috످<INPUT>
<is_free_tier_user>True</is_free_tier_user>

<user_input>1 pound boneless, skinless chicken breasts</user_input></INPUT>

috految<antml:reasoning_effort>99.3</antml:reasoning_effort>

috److془The user gave just an ingredient. Provide helpful brief answer and ask.془Are you looking for a recipe, nutrition facts, or cooking tips? A pound of chicken (about two breasts) has roughly 545 calories and 102 grams of protein, and serves three or four people.

If you want a quick meal, you can make garlic butter chicken in 20 minutes. You'll need:

- 1 lb boneless, skinless chicken breasts (thawed if frozen)
- 1 tsp Italian seasoning
- ½ tsp each salt, pepper, and paprika
- 1 tbsp olive oil
- 2 tbsp butter
- 3 garlic cloves, minced
- ¼ cup chicken broth
- Juice of ½ lemon

Slice the breasts in half horizontally, pat them dry, and coat them with the seasonings. Heat the oil in a large skillet over medium-high. Cook the chicken for 3–5 minutes per side, until the thickest part reaches 165°F (74°C), then move it to a clean plate.

For the sauce, lower the heat to medium-low, add the butter and garlic, and stir for 30 seconds. Add the broth and lemon juice and simmer for 2 minutes. Spoon the sauce over the chicken and serve with rice, pasta, or vegetables.

I can suggest another recipe if you tell me what ingredients you have and any dietary restrictions.

috످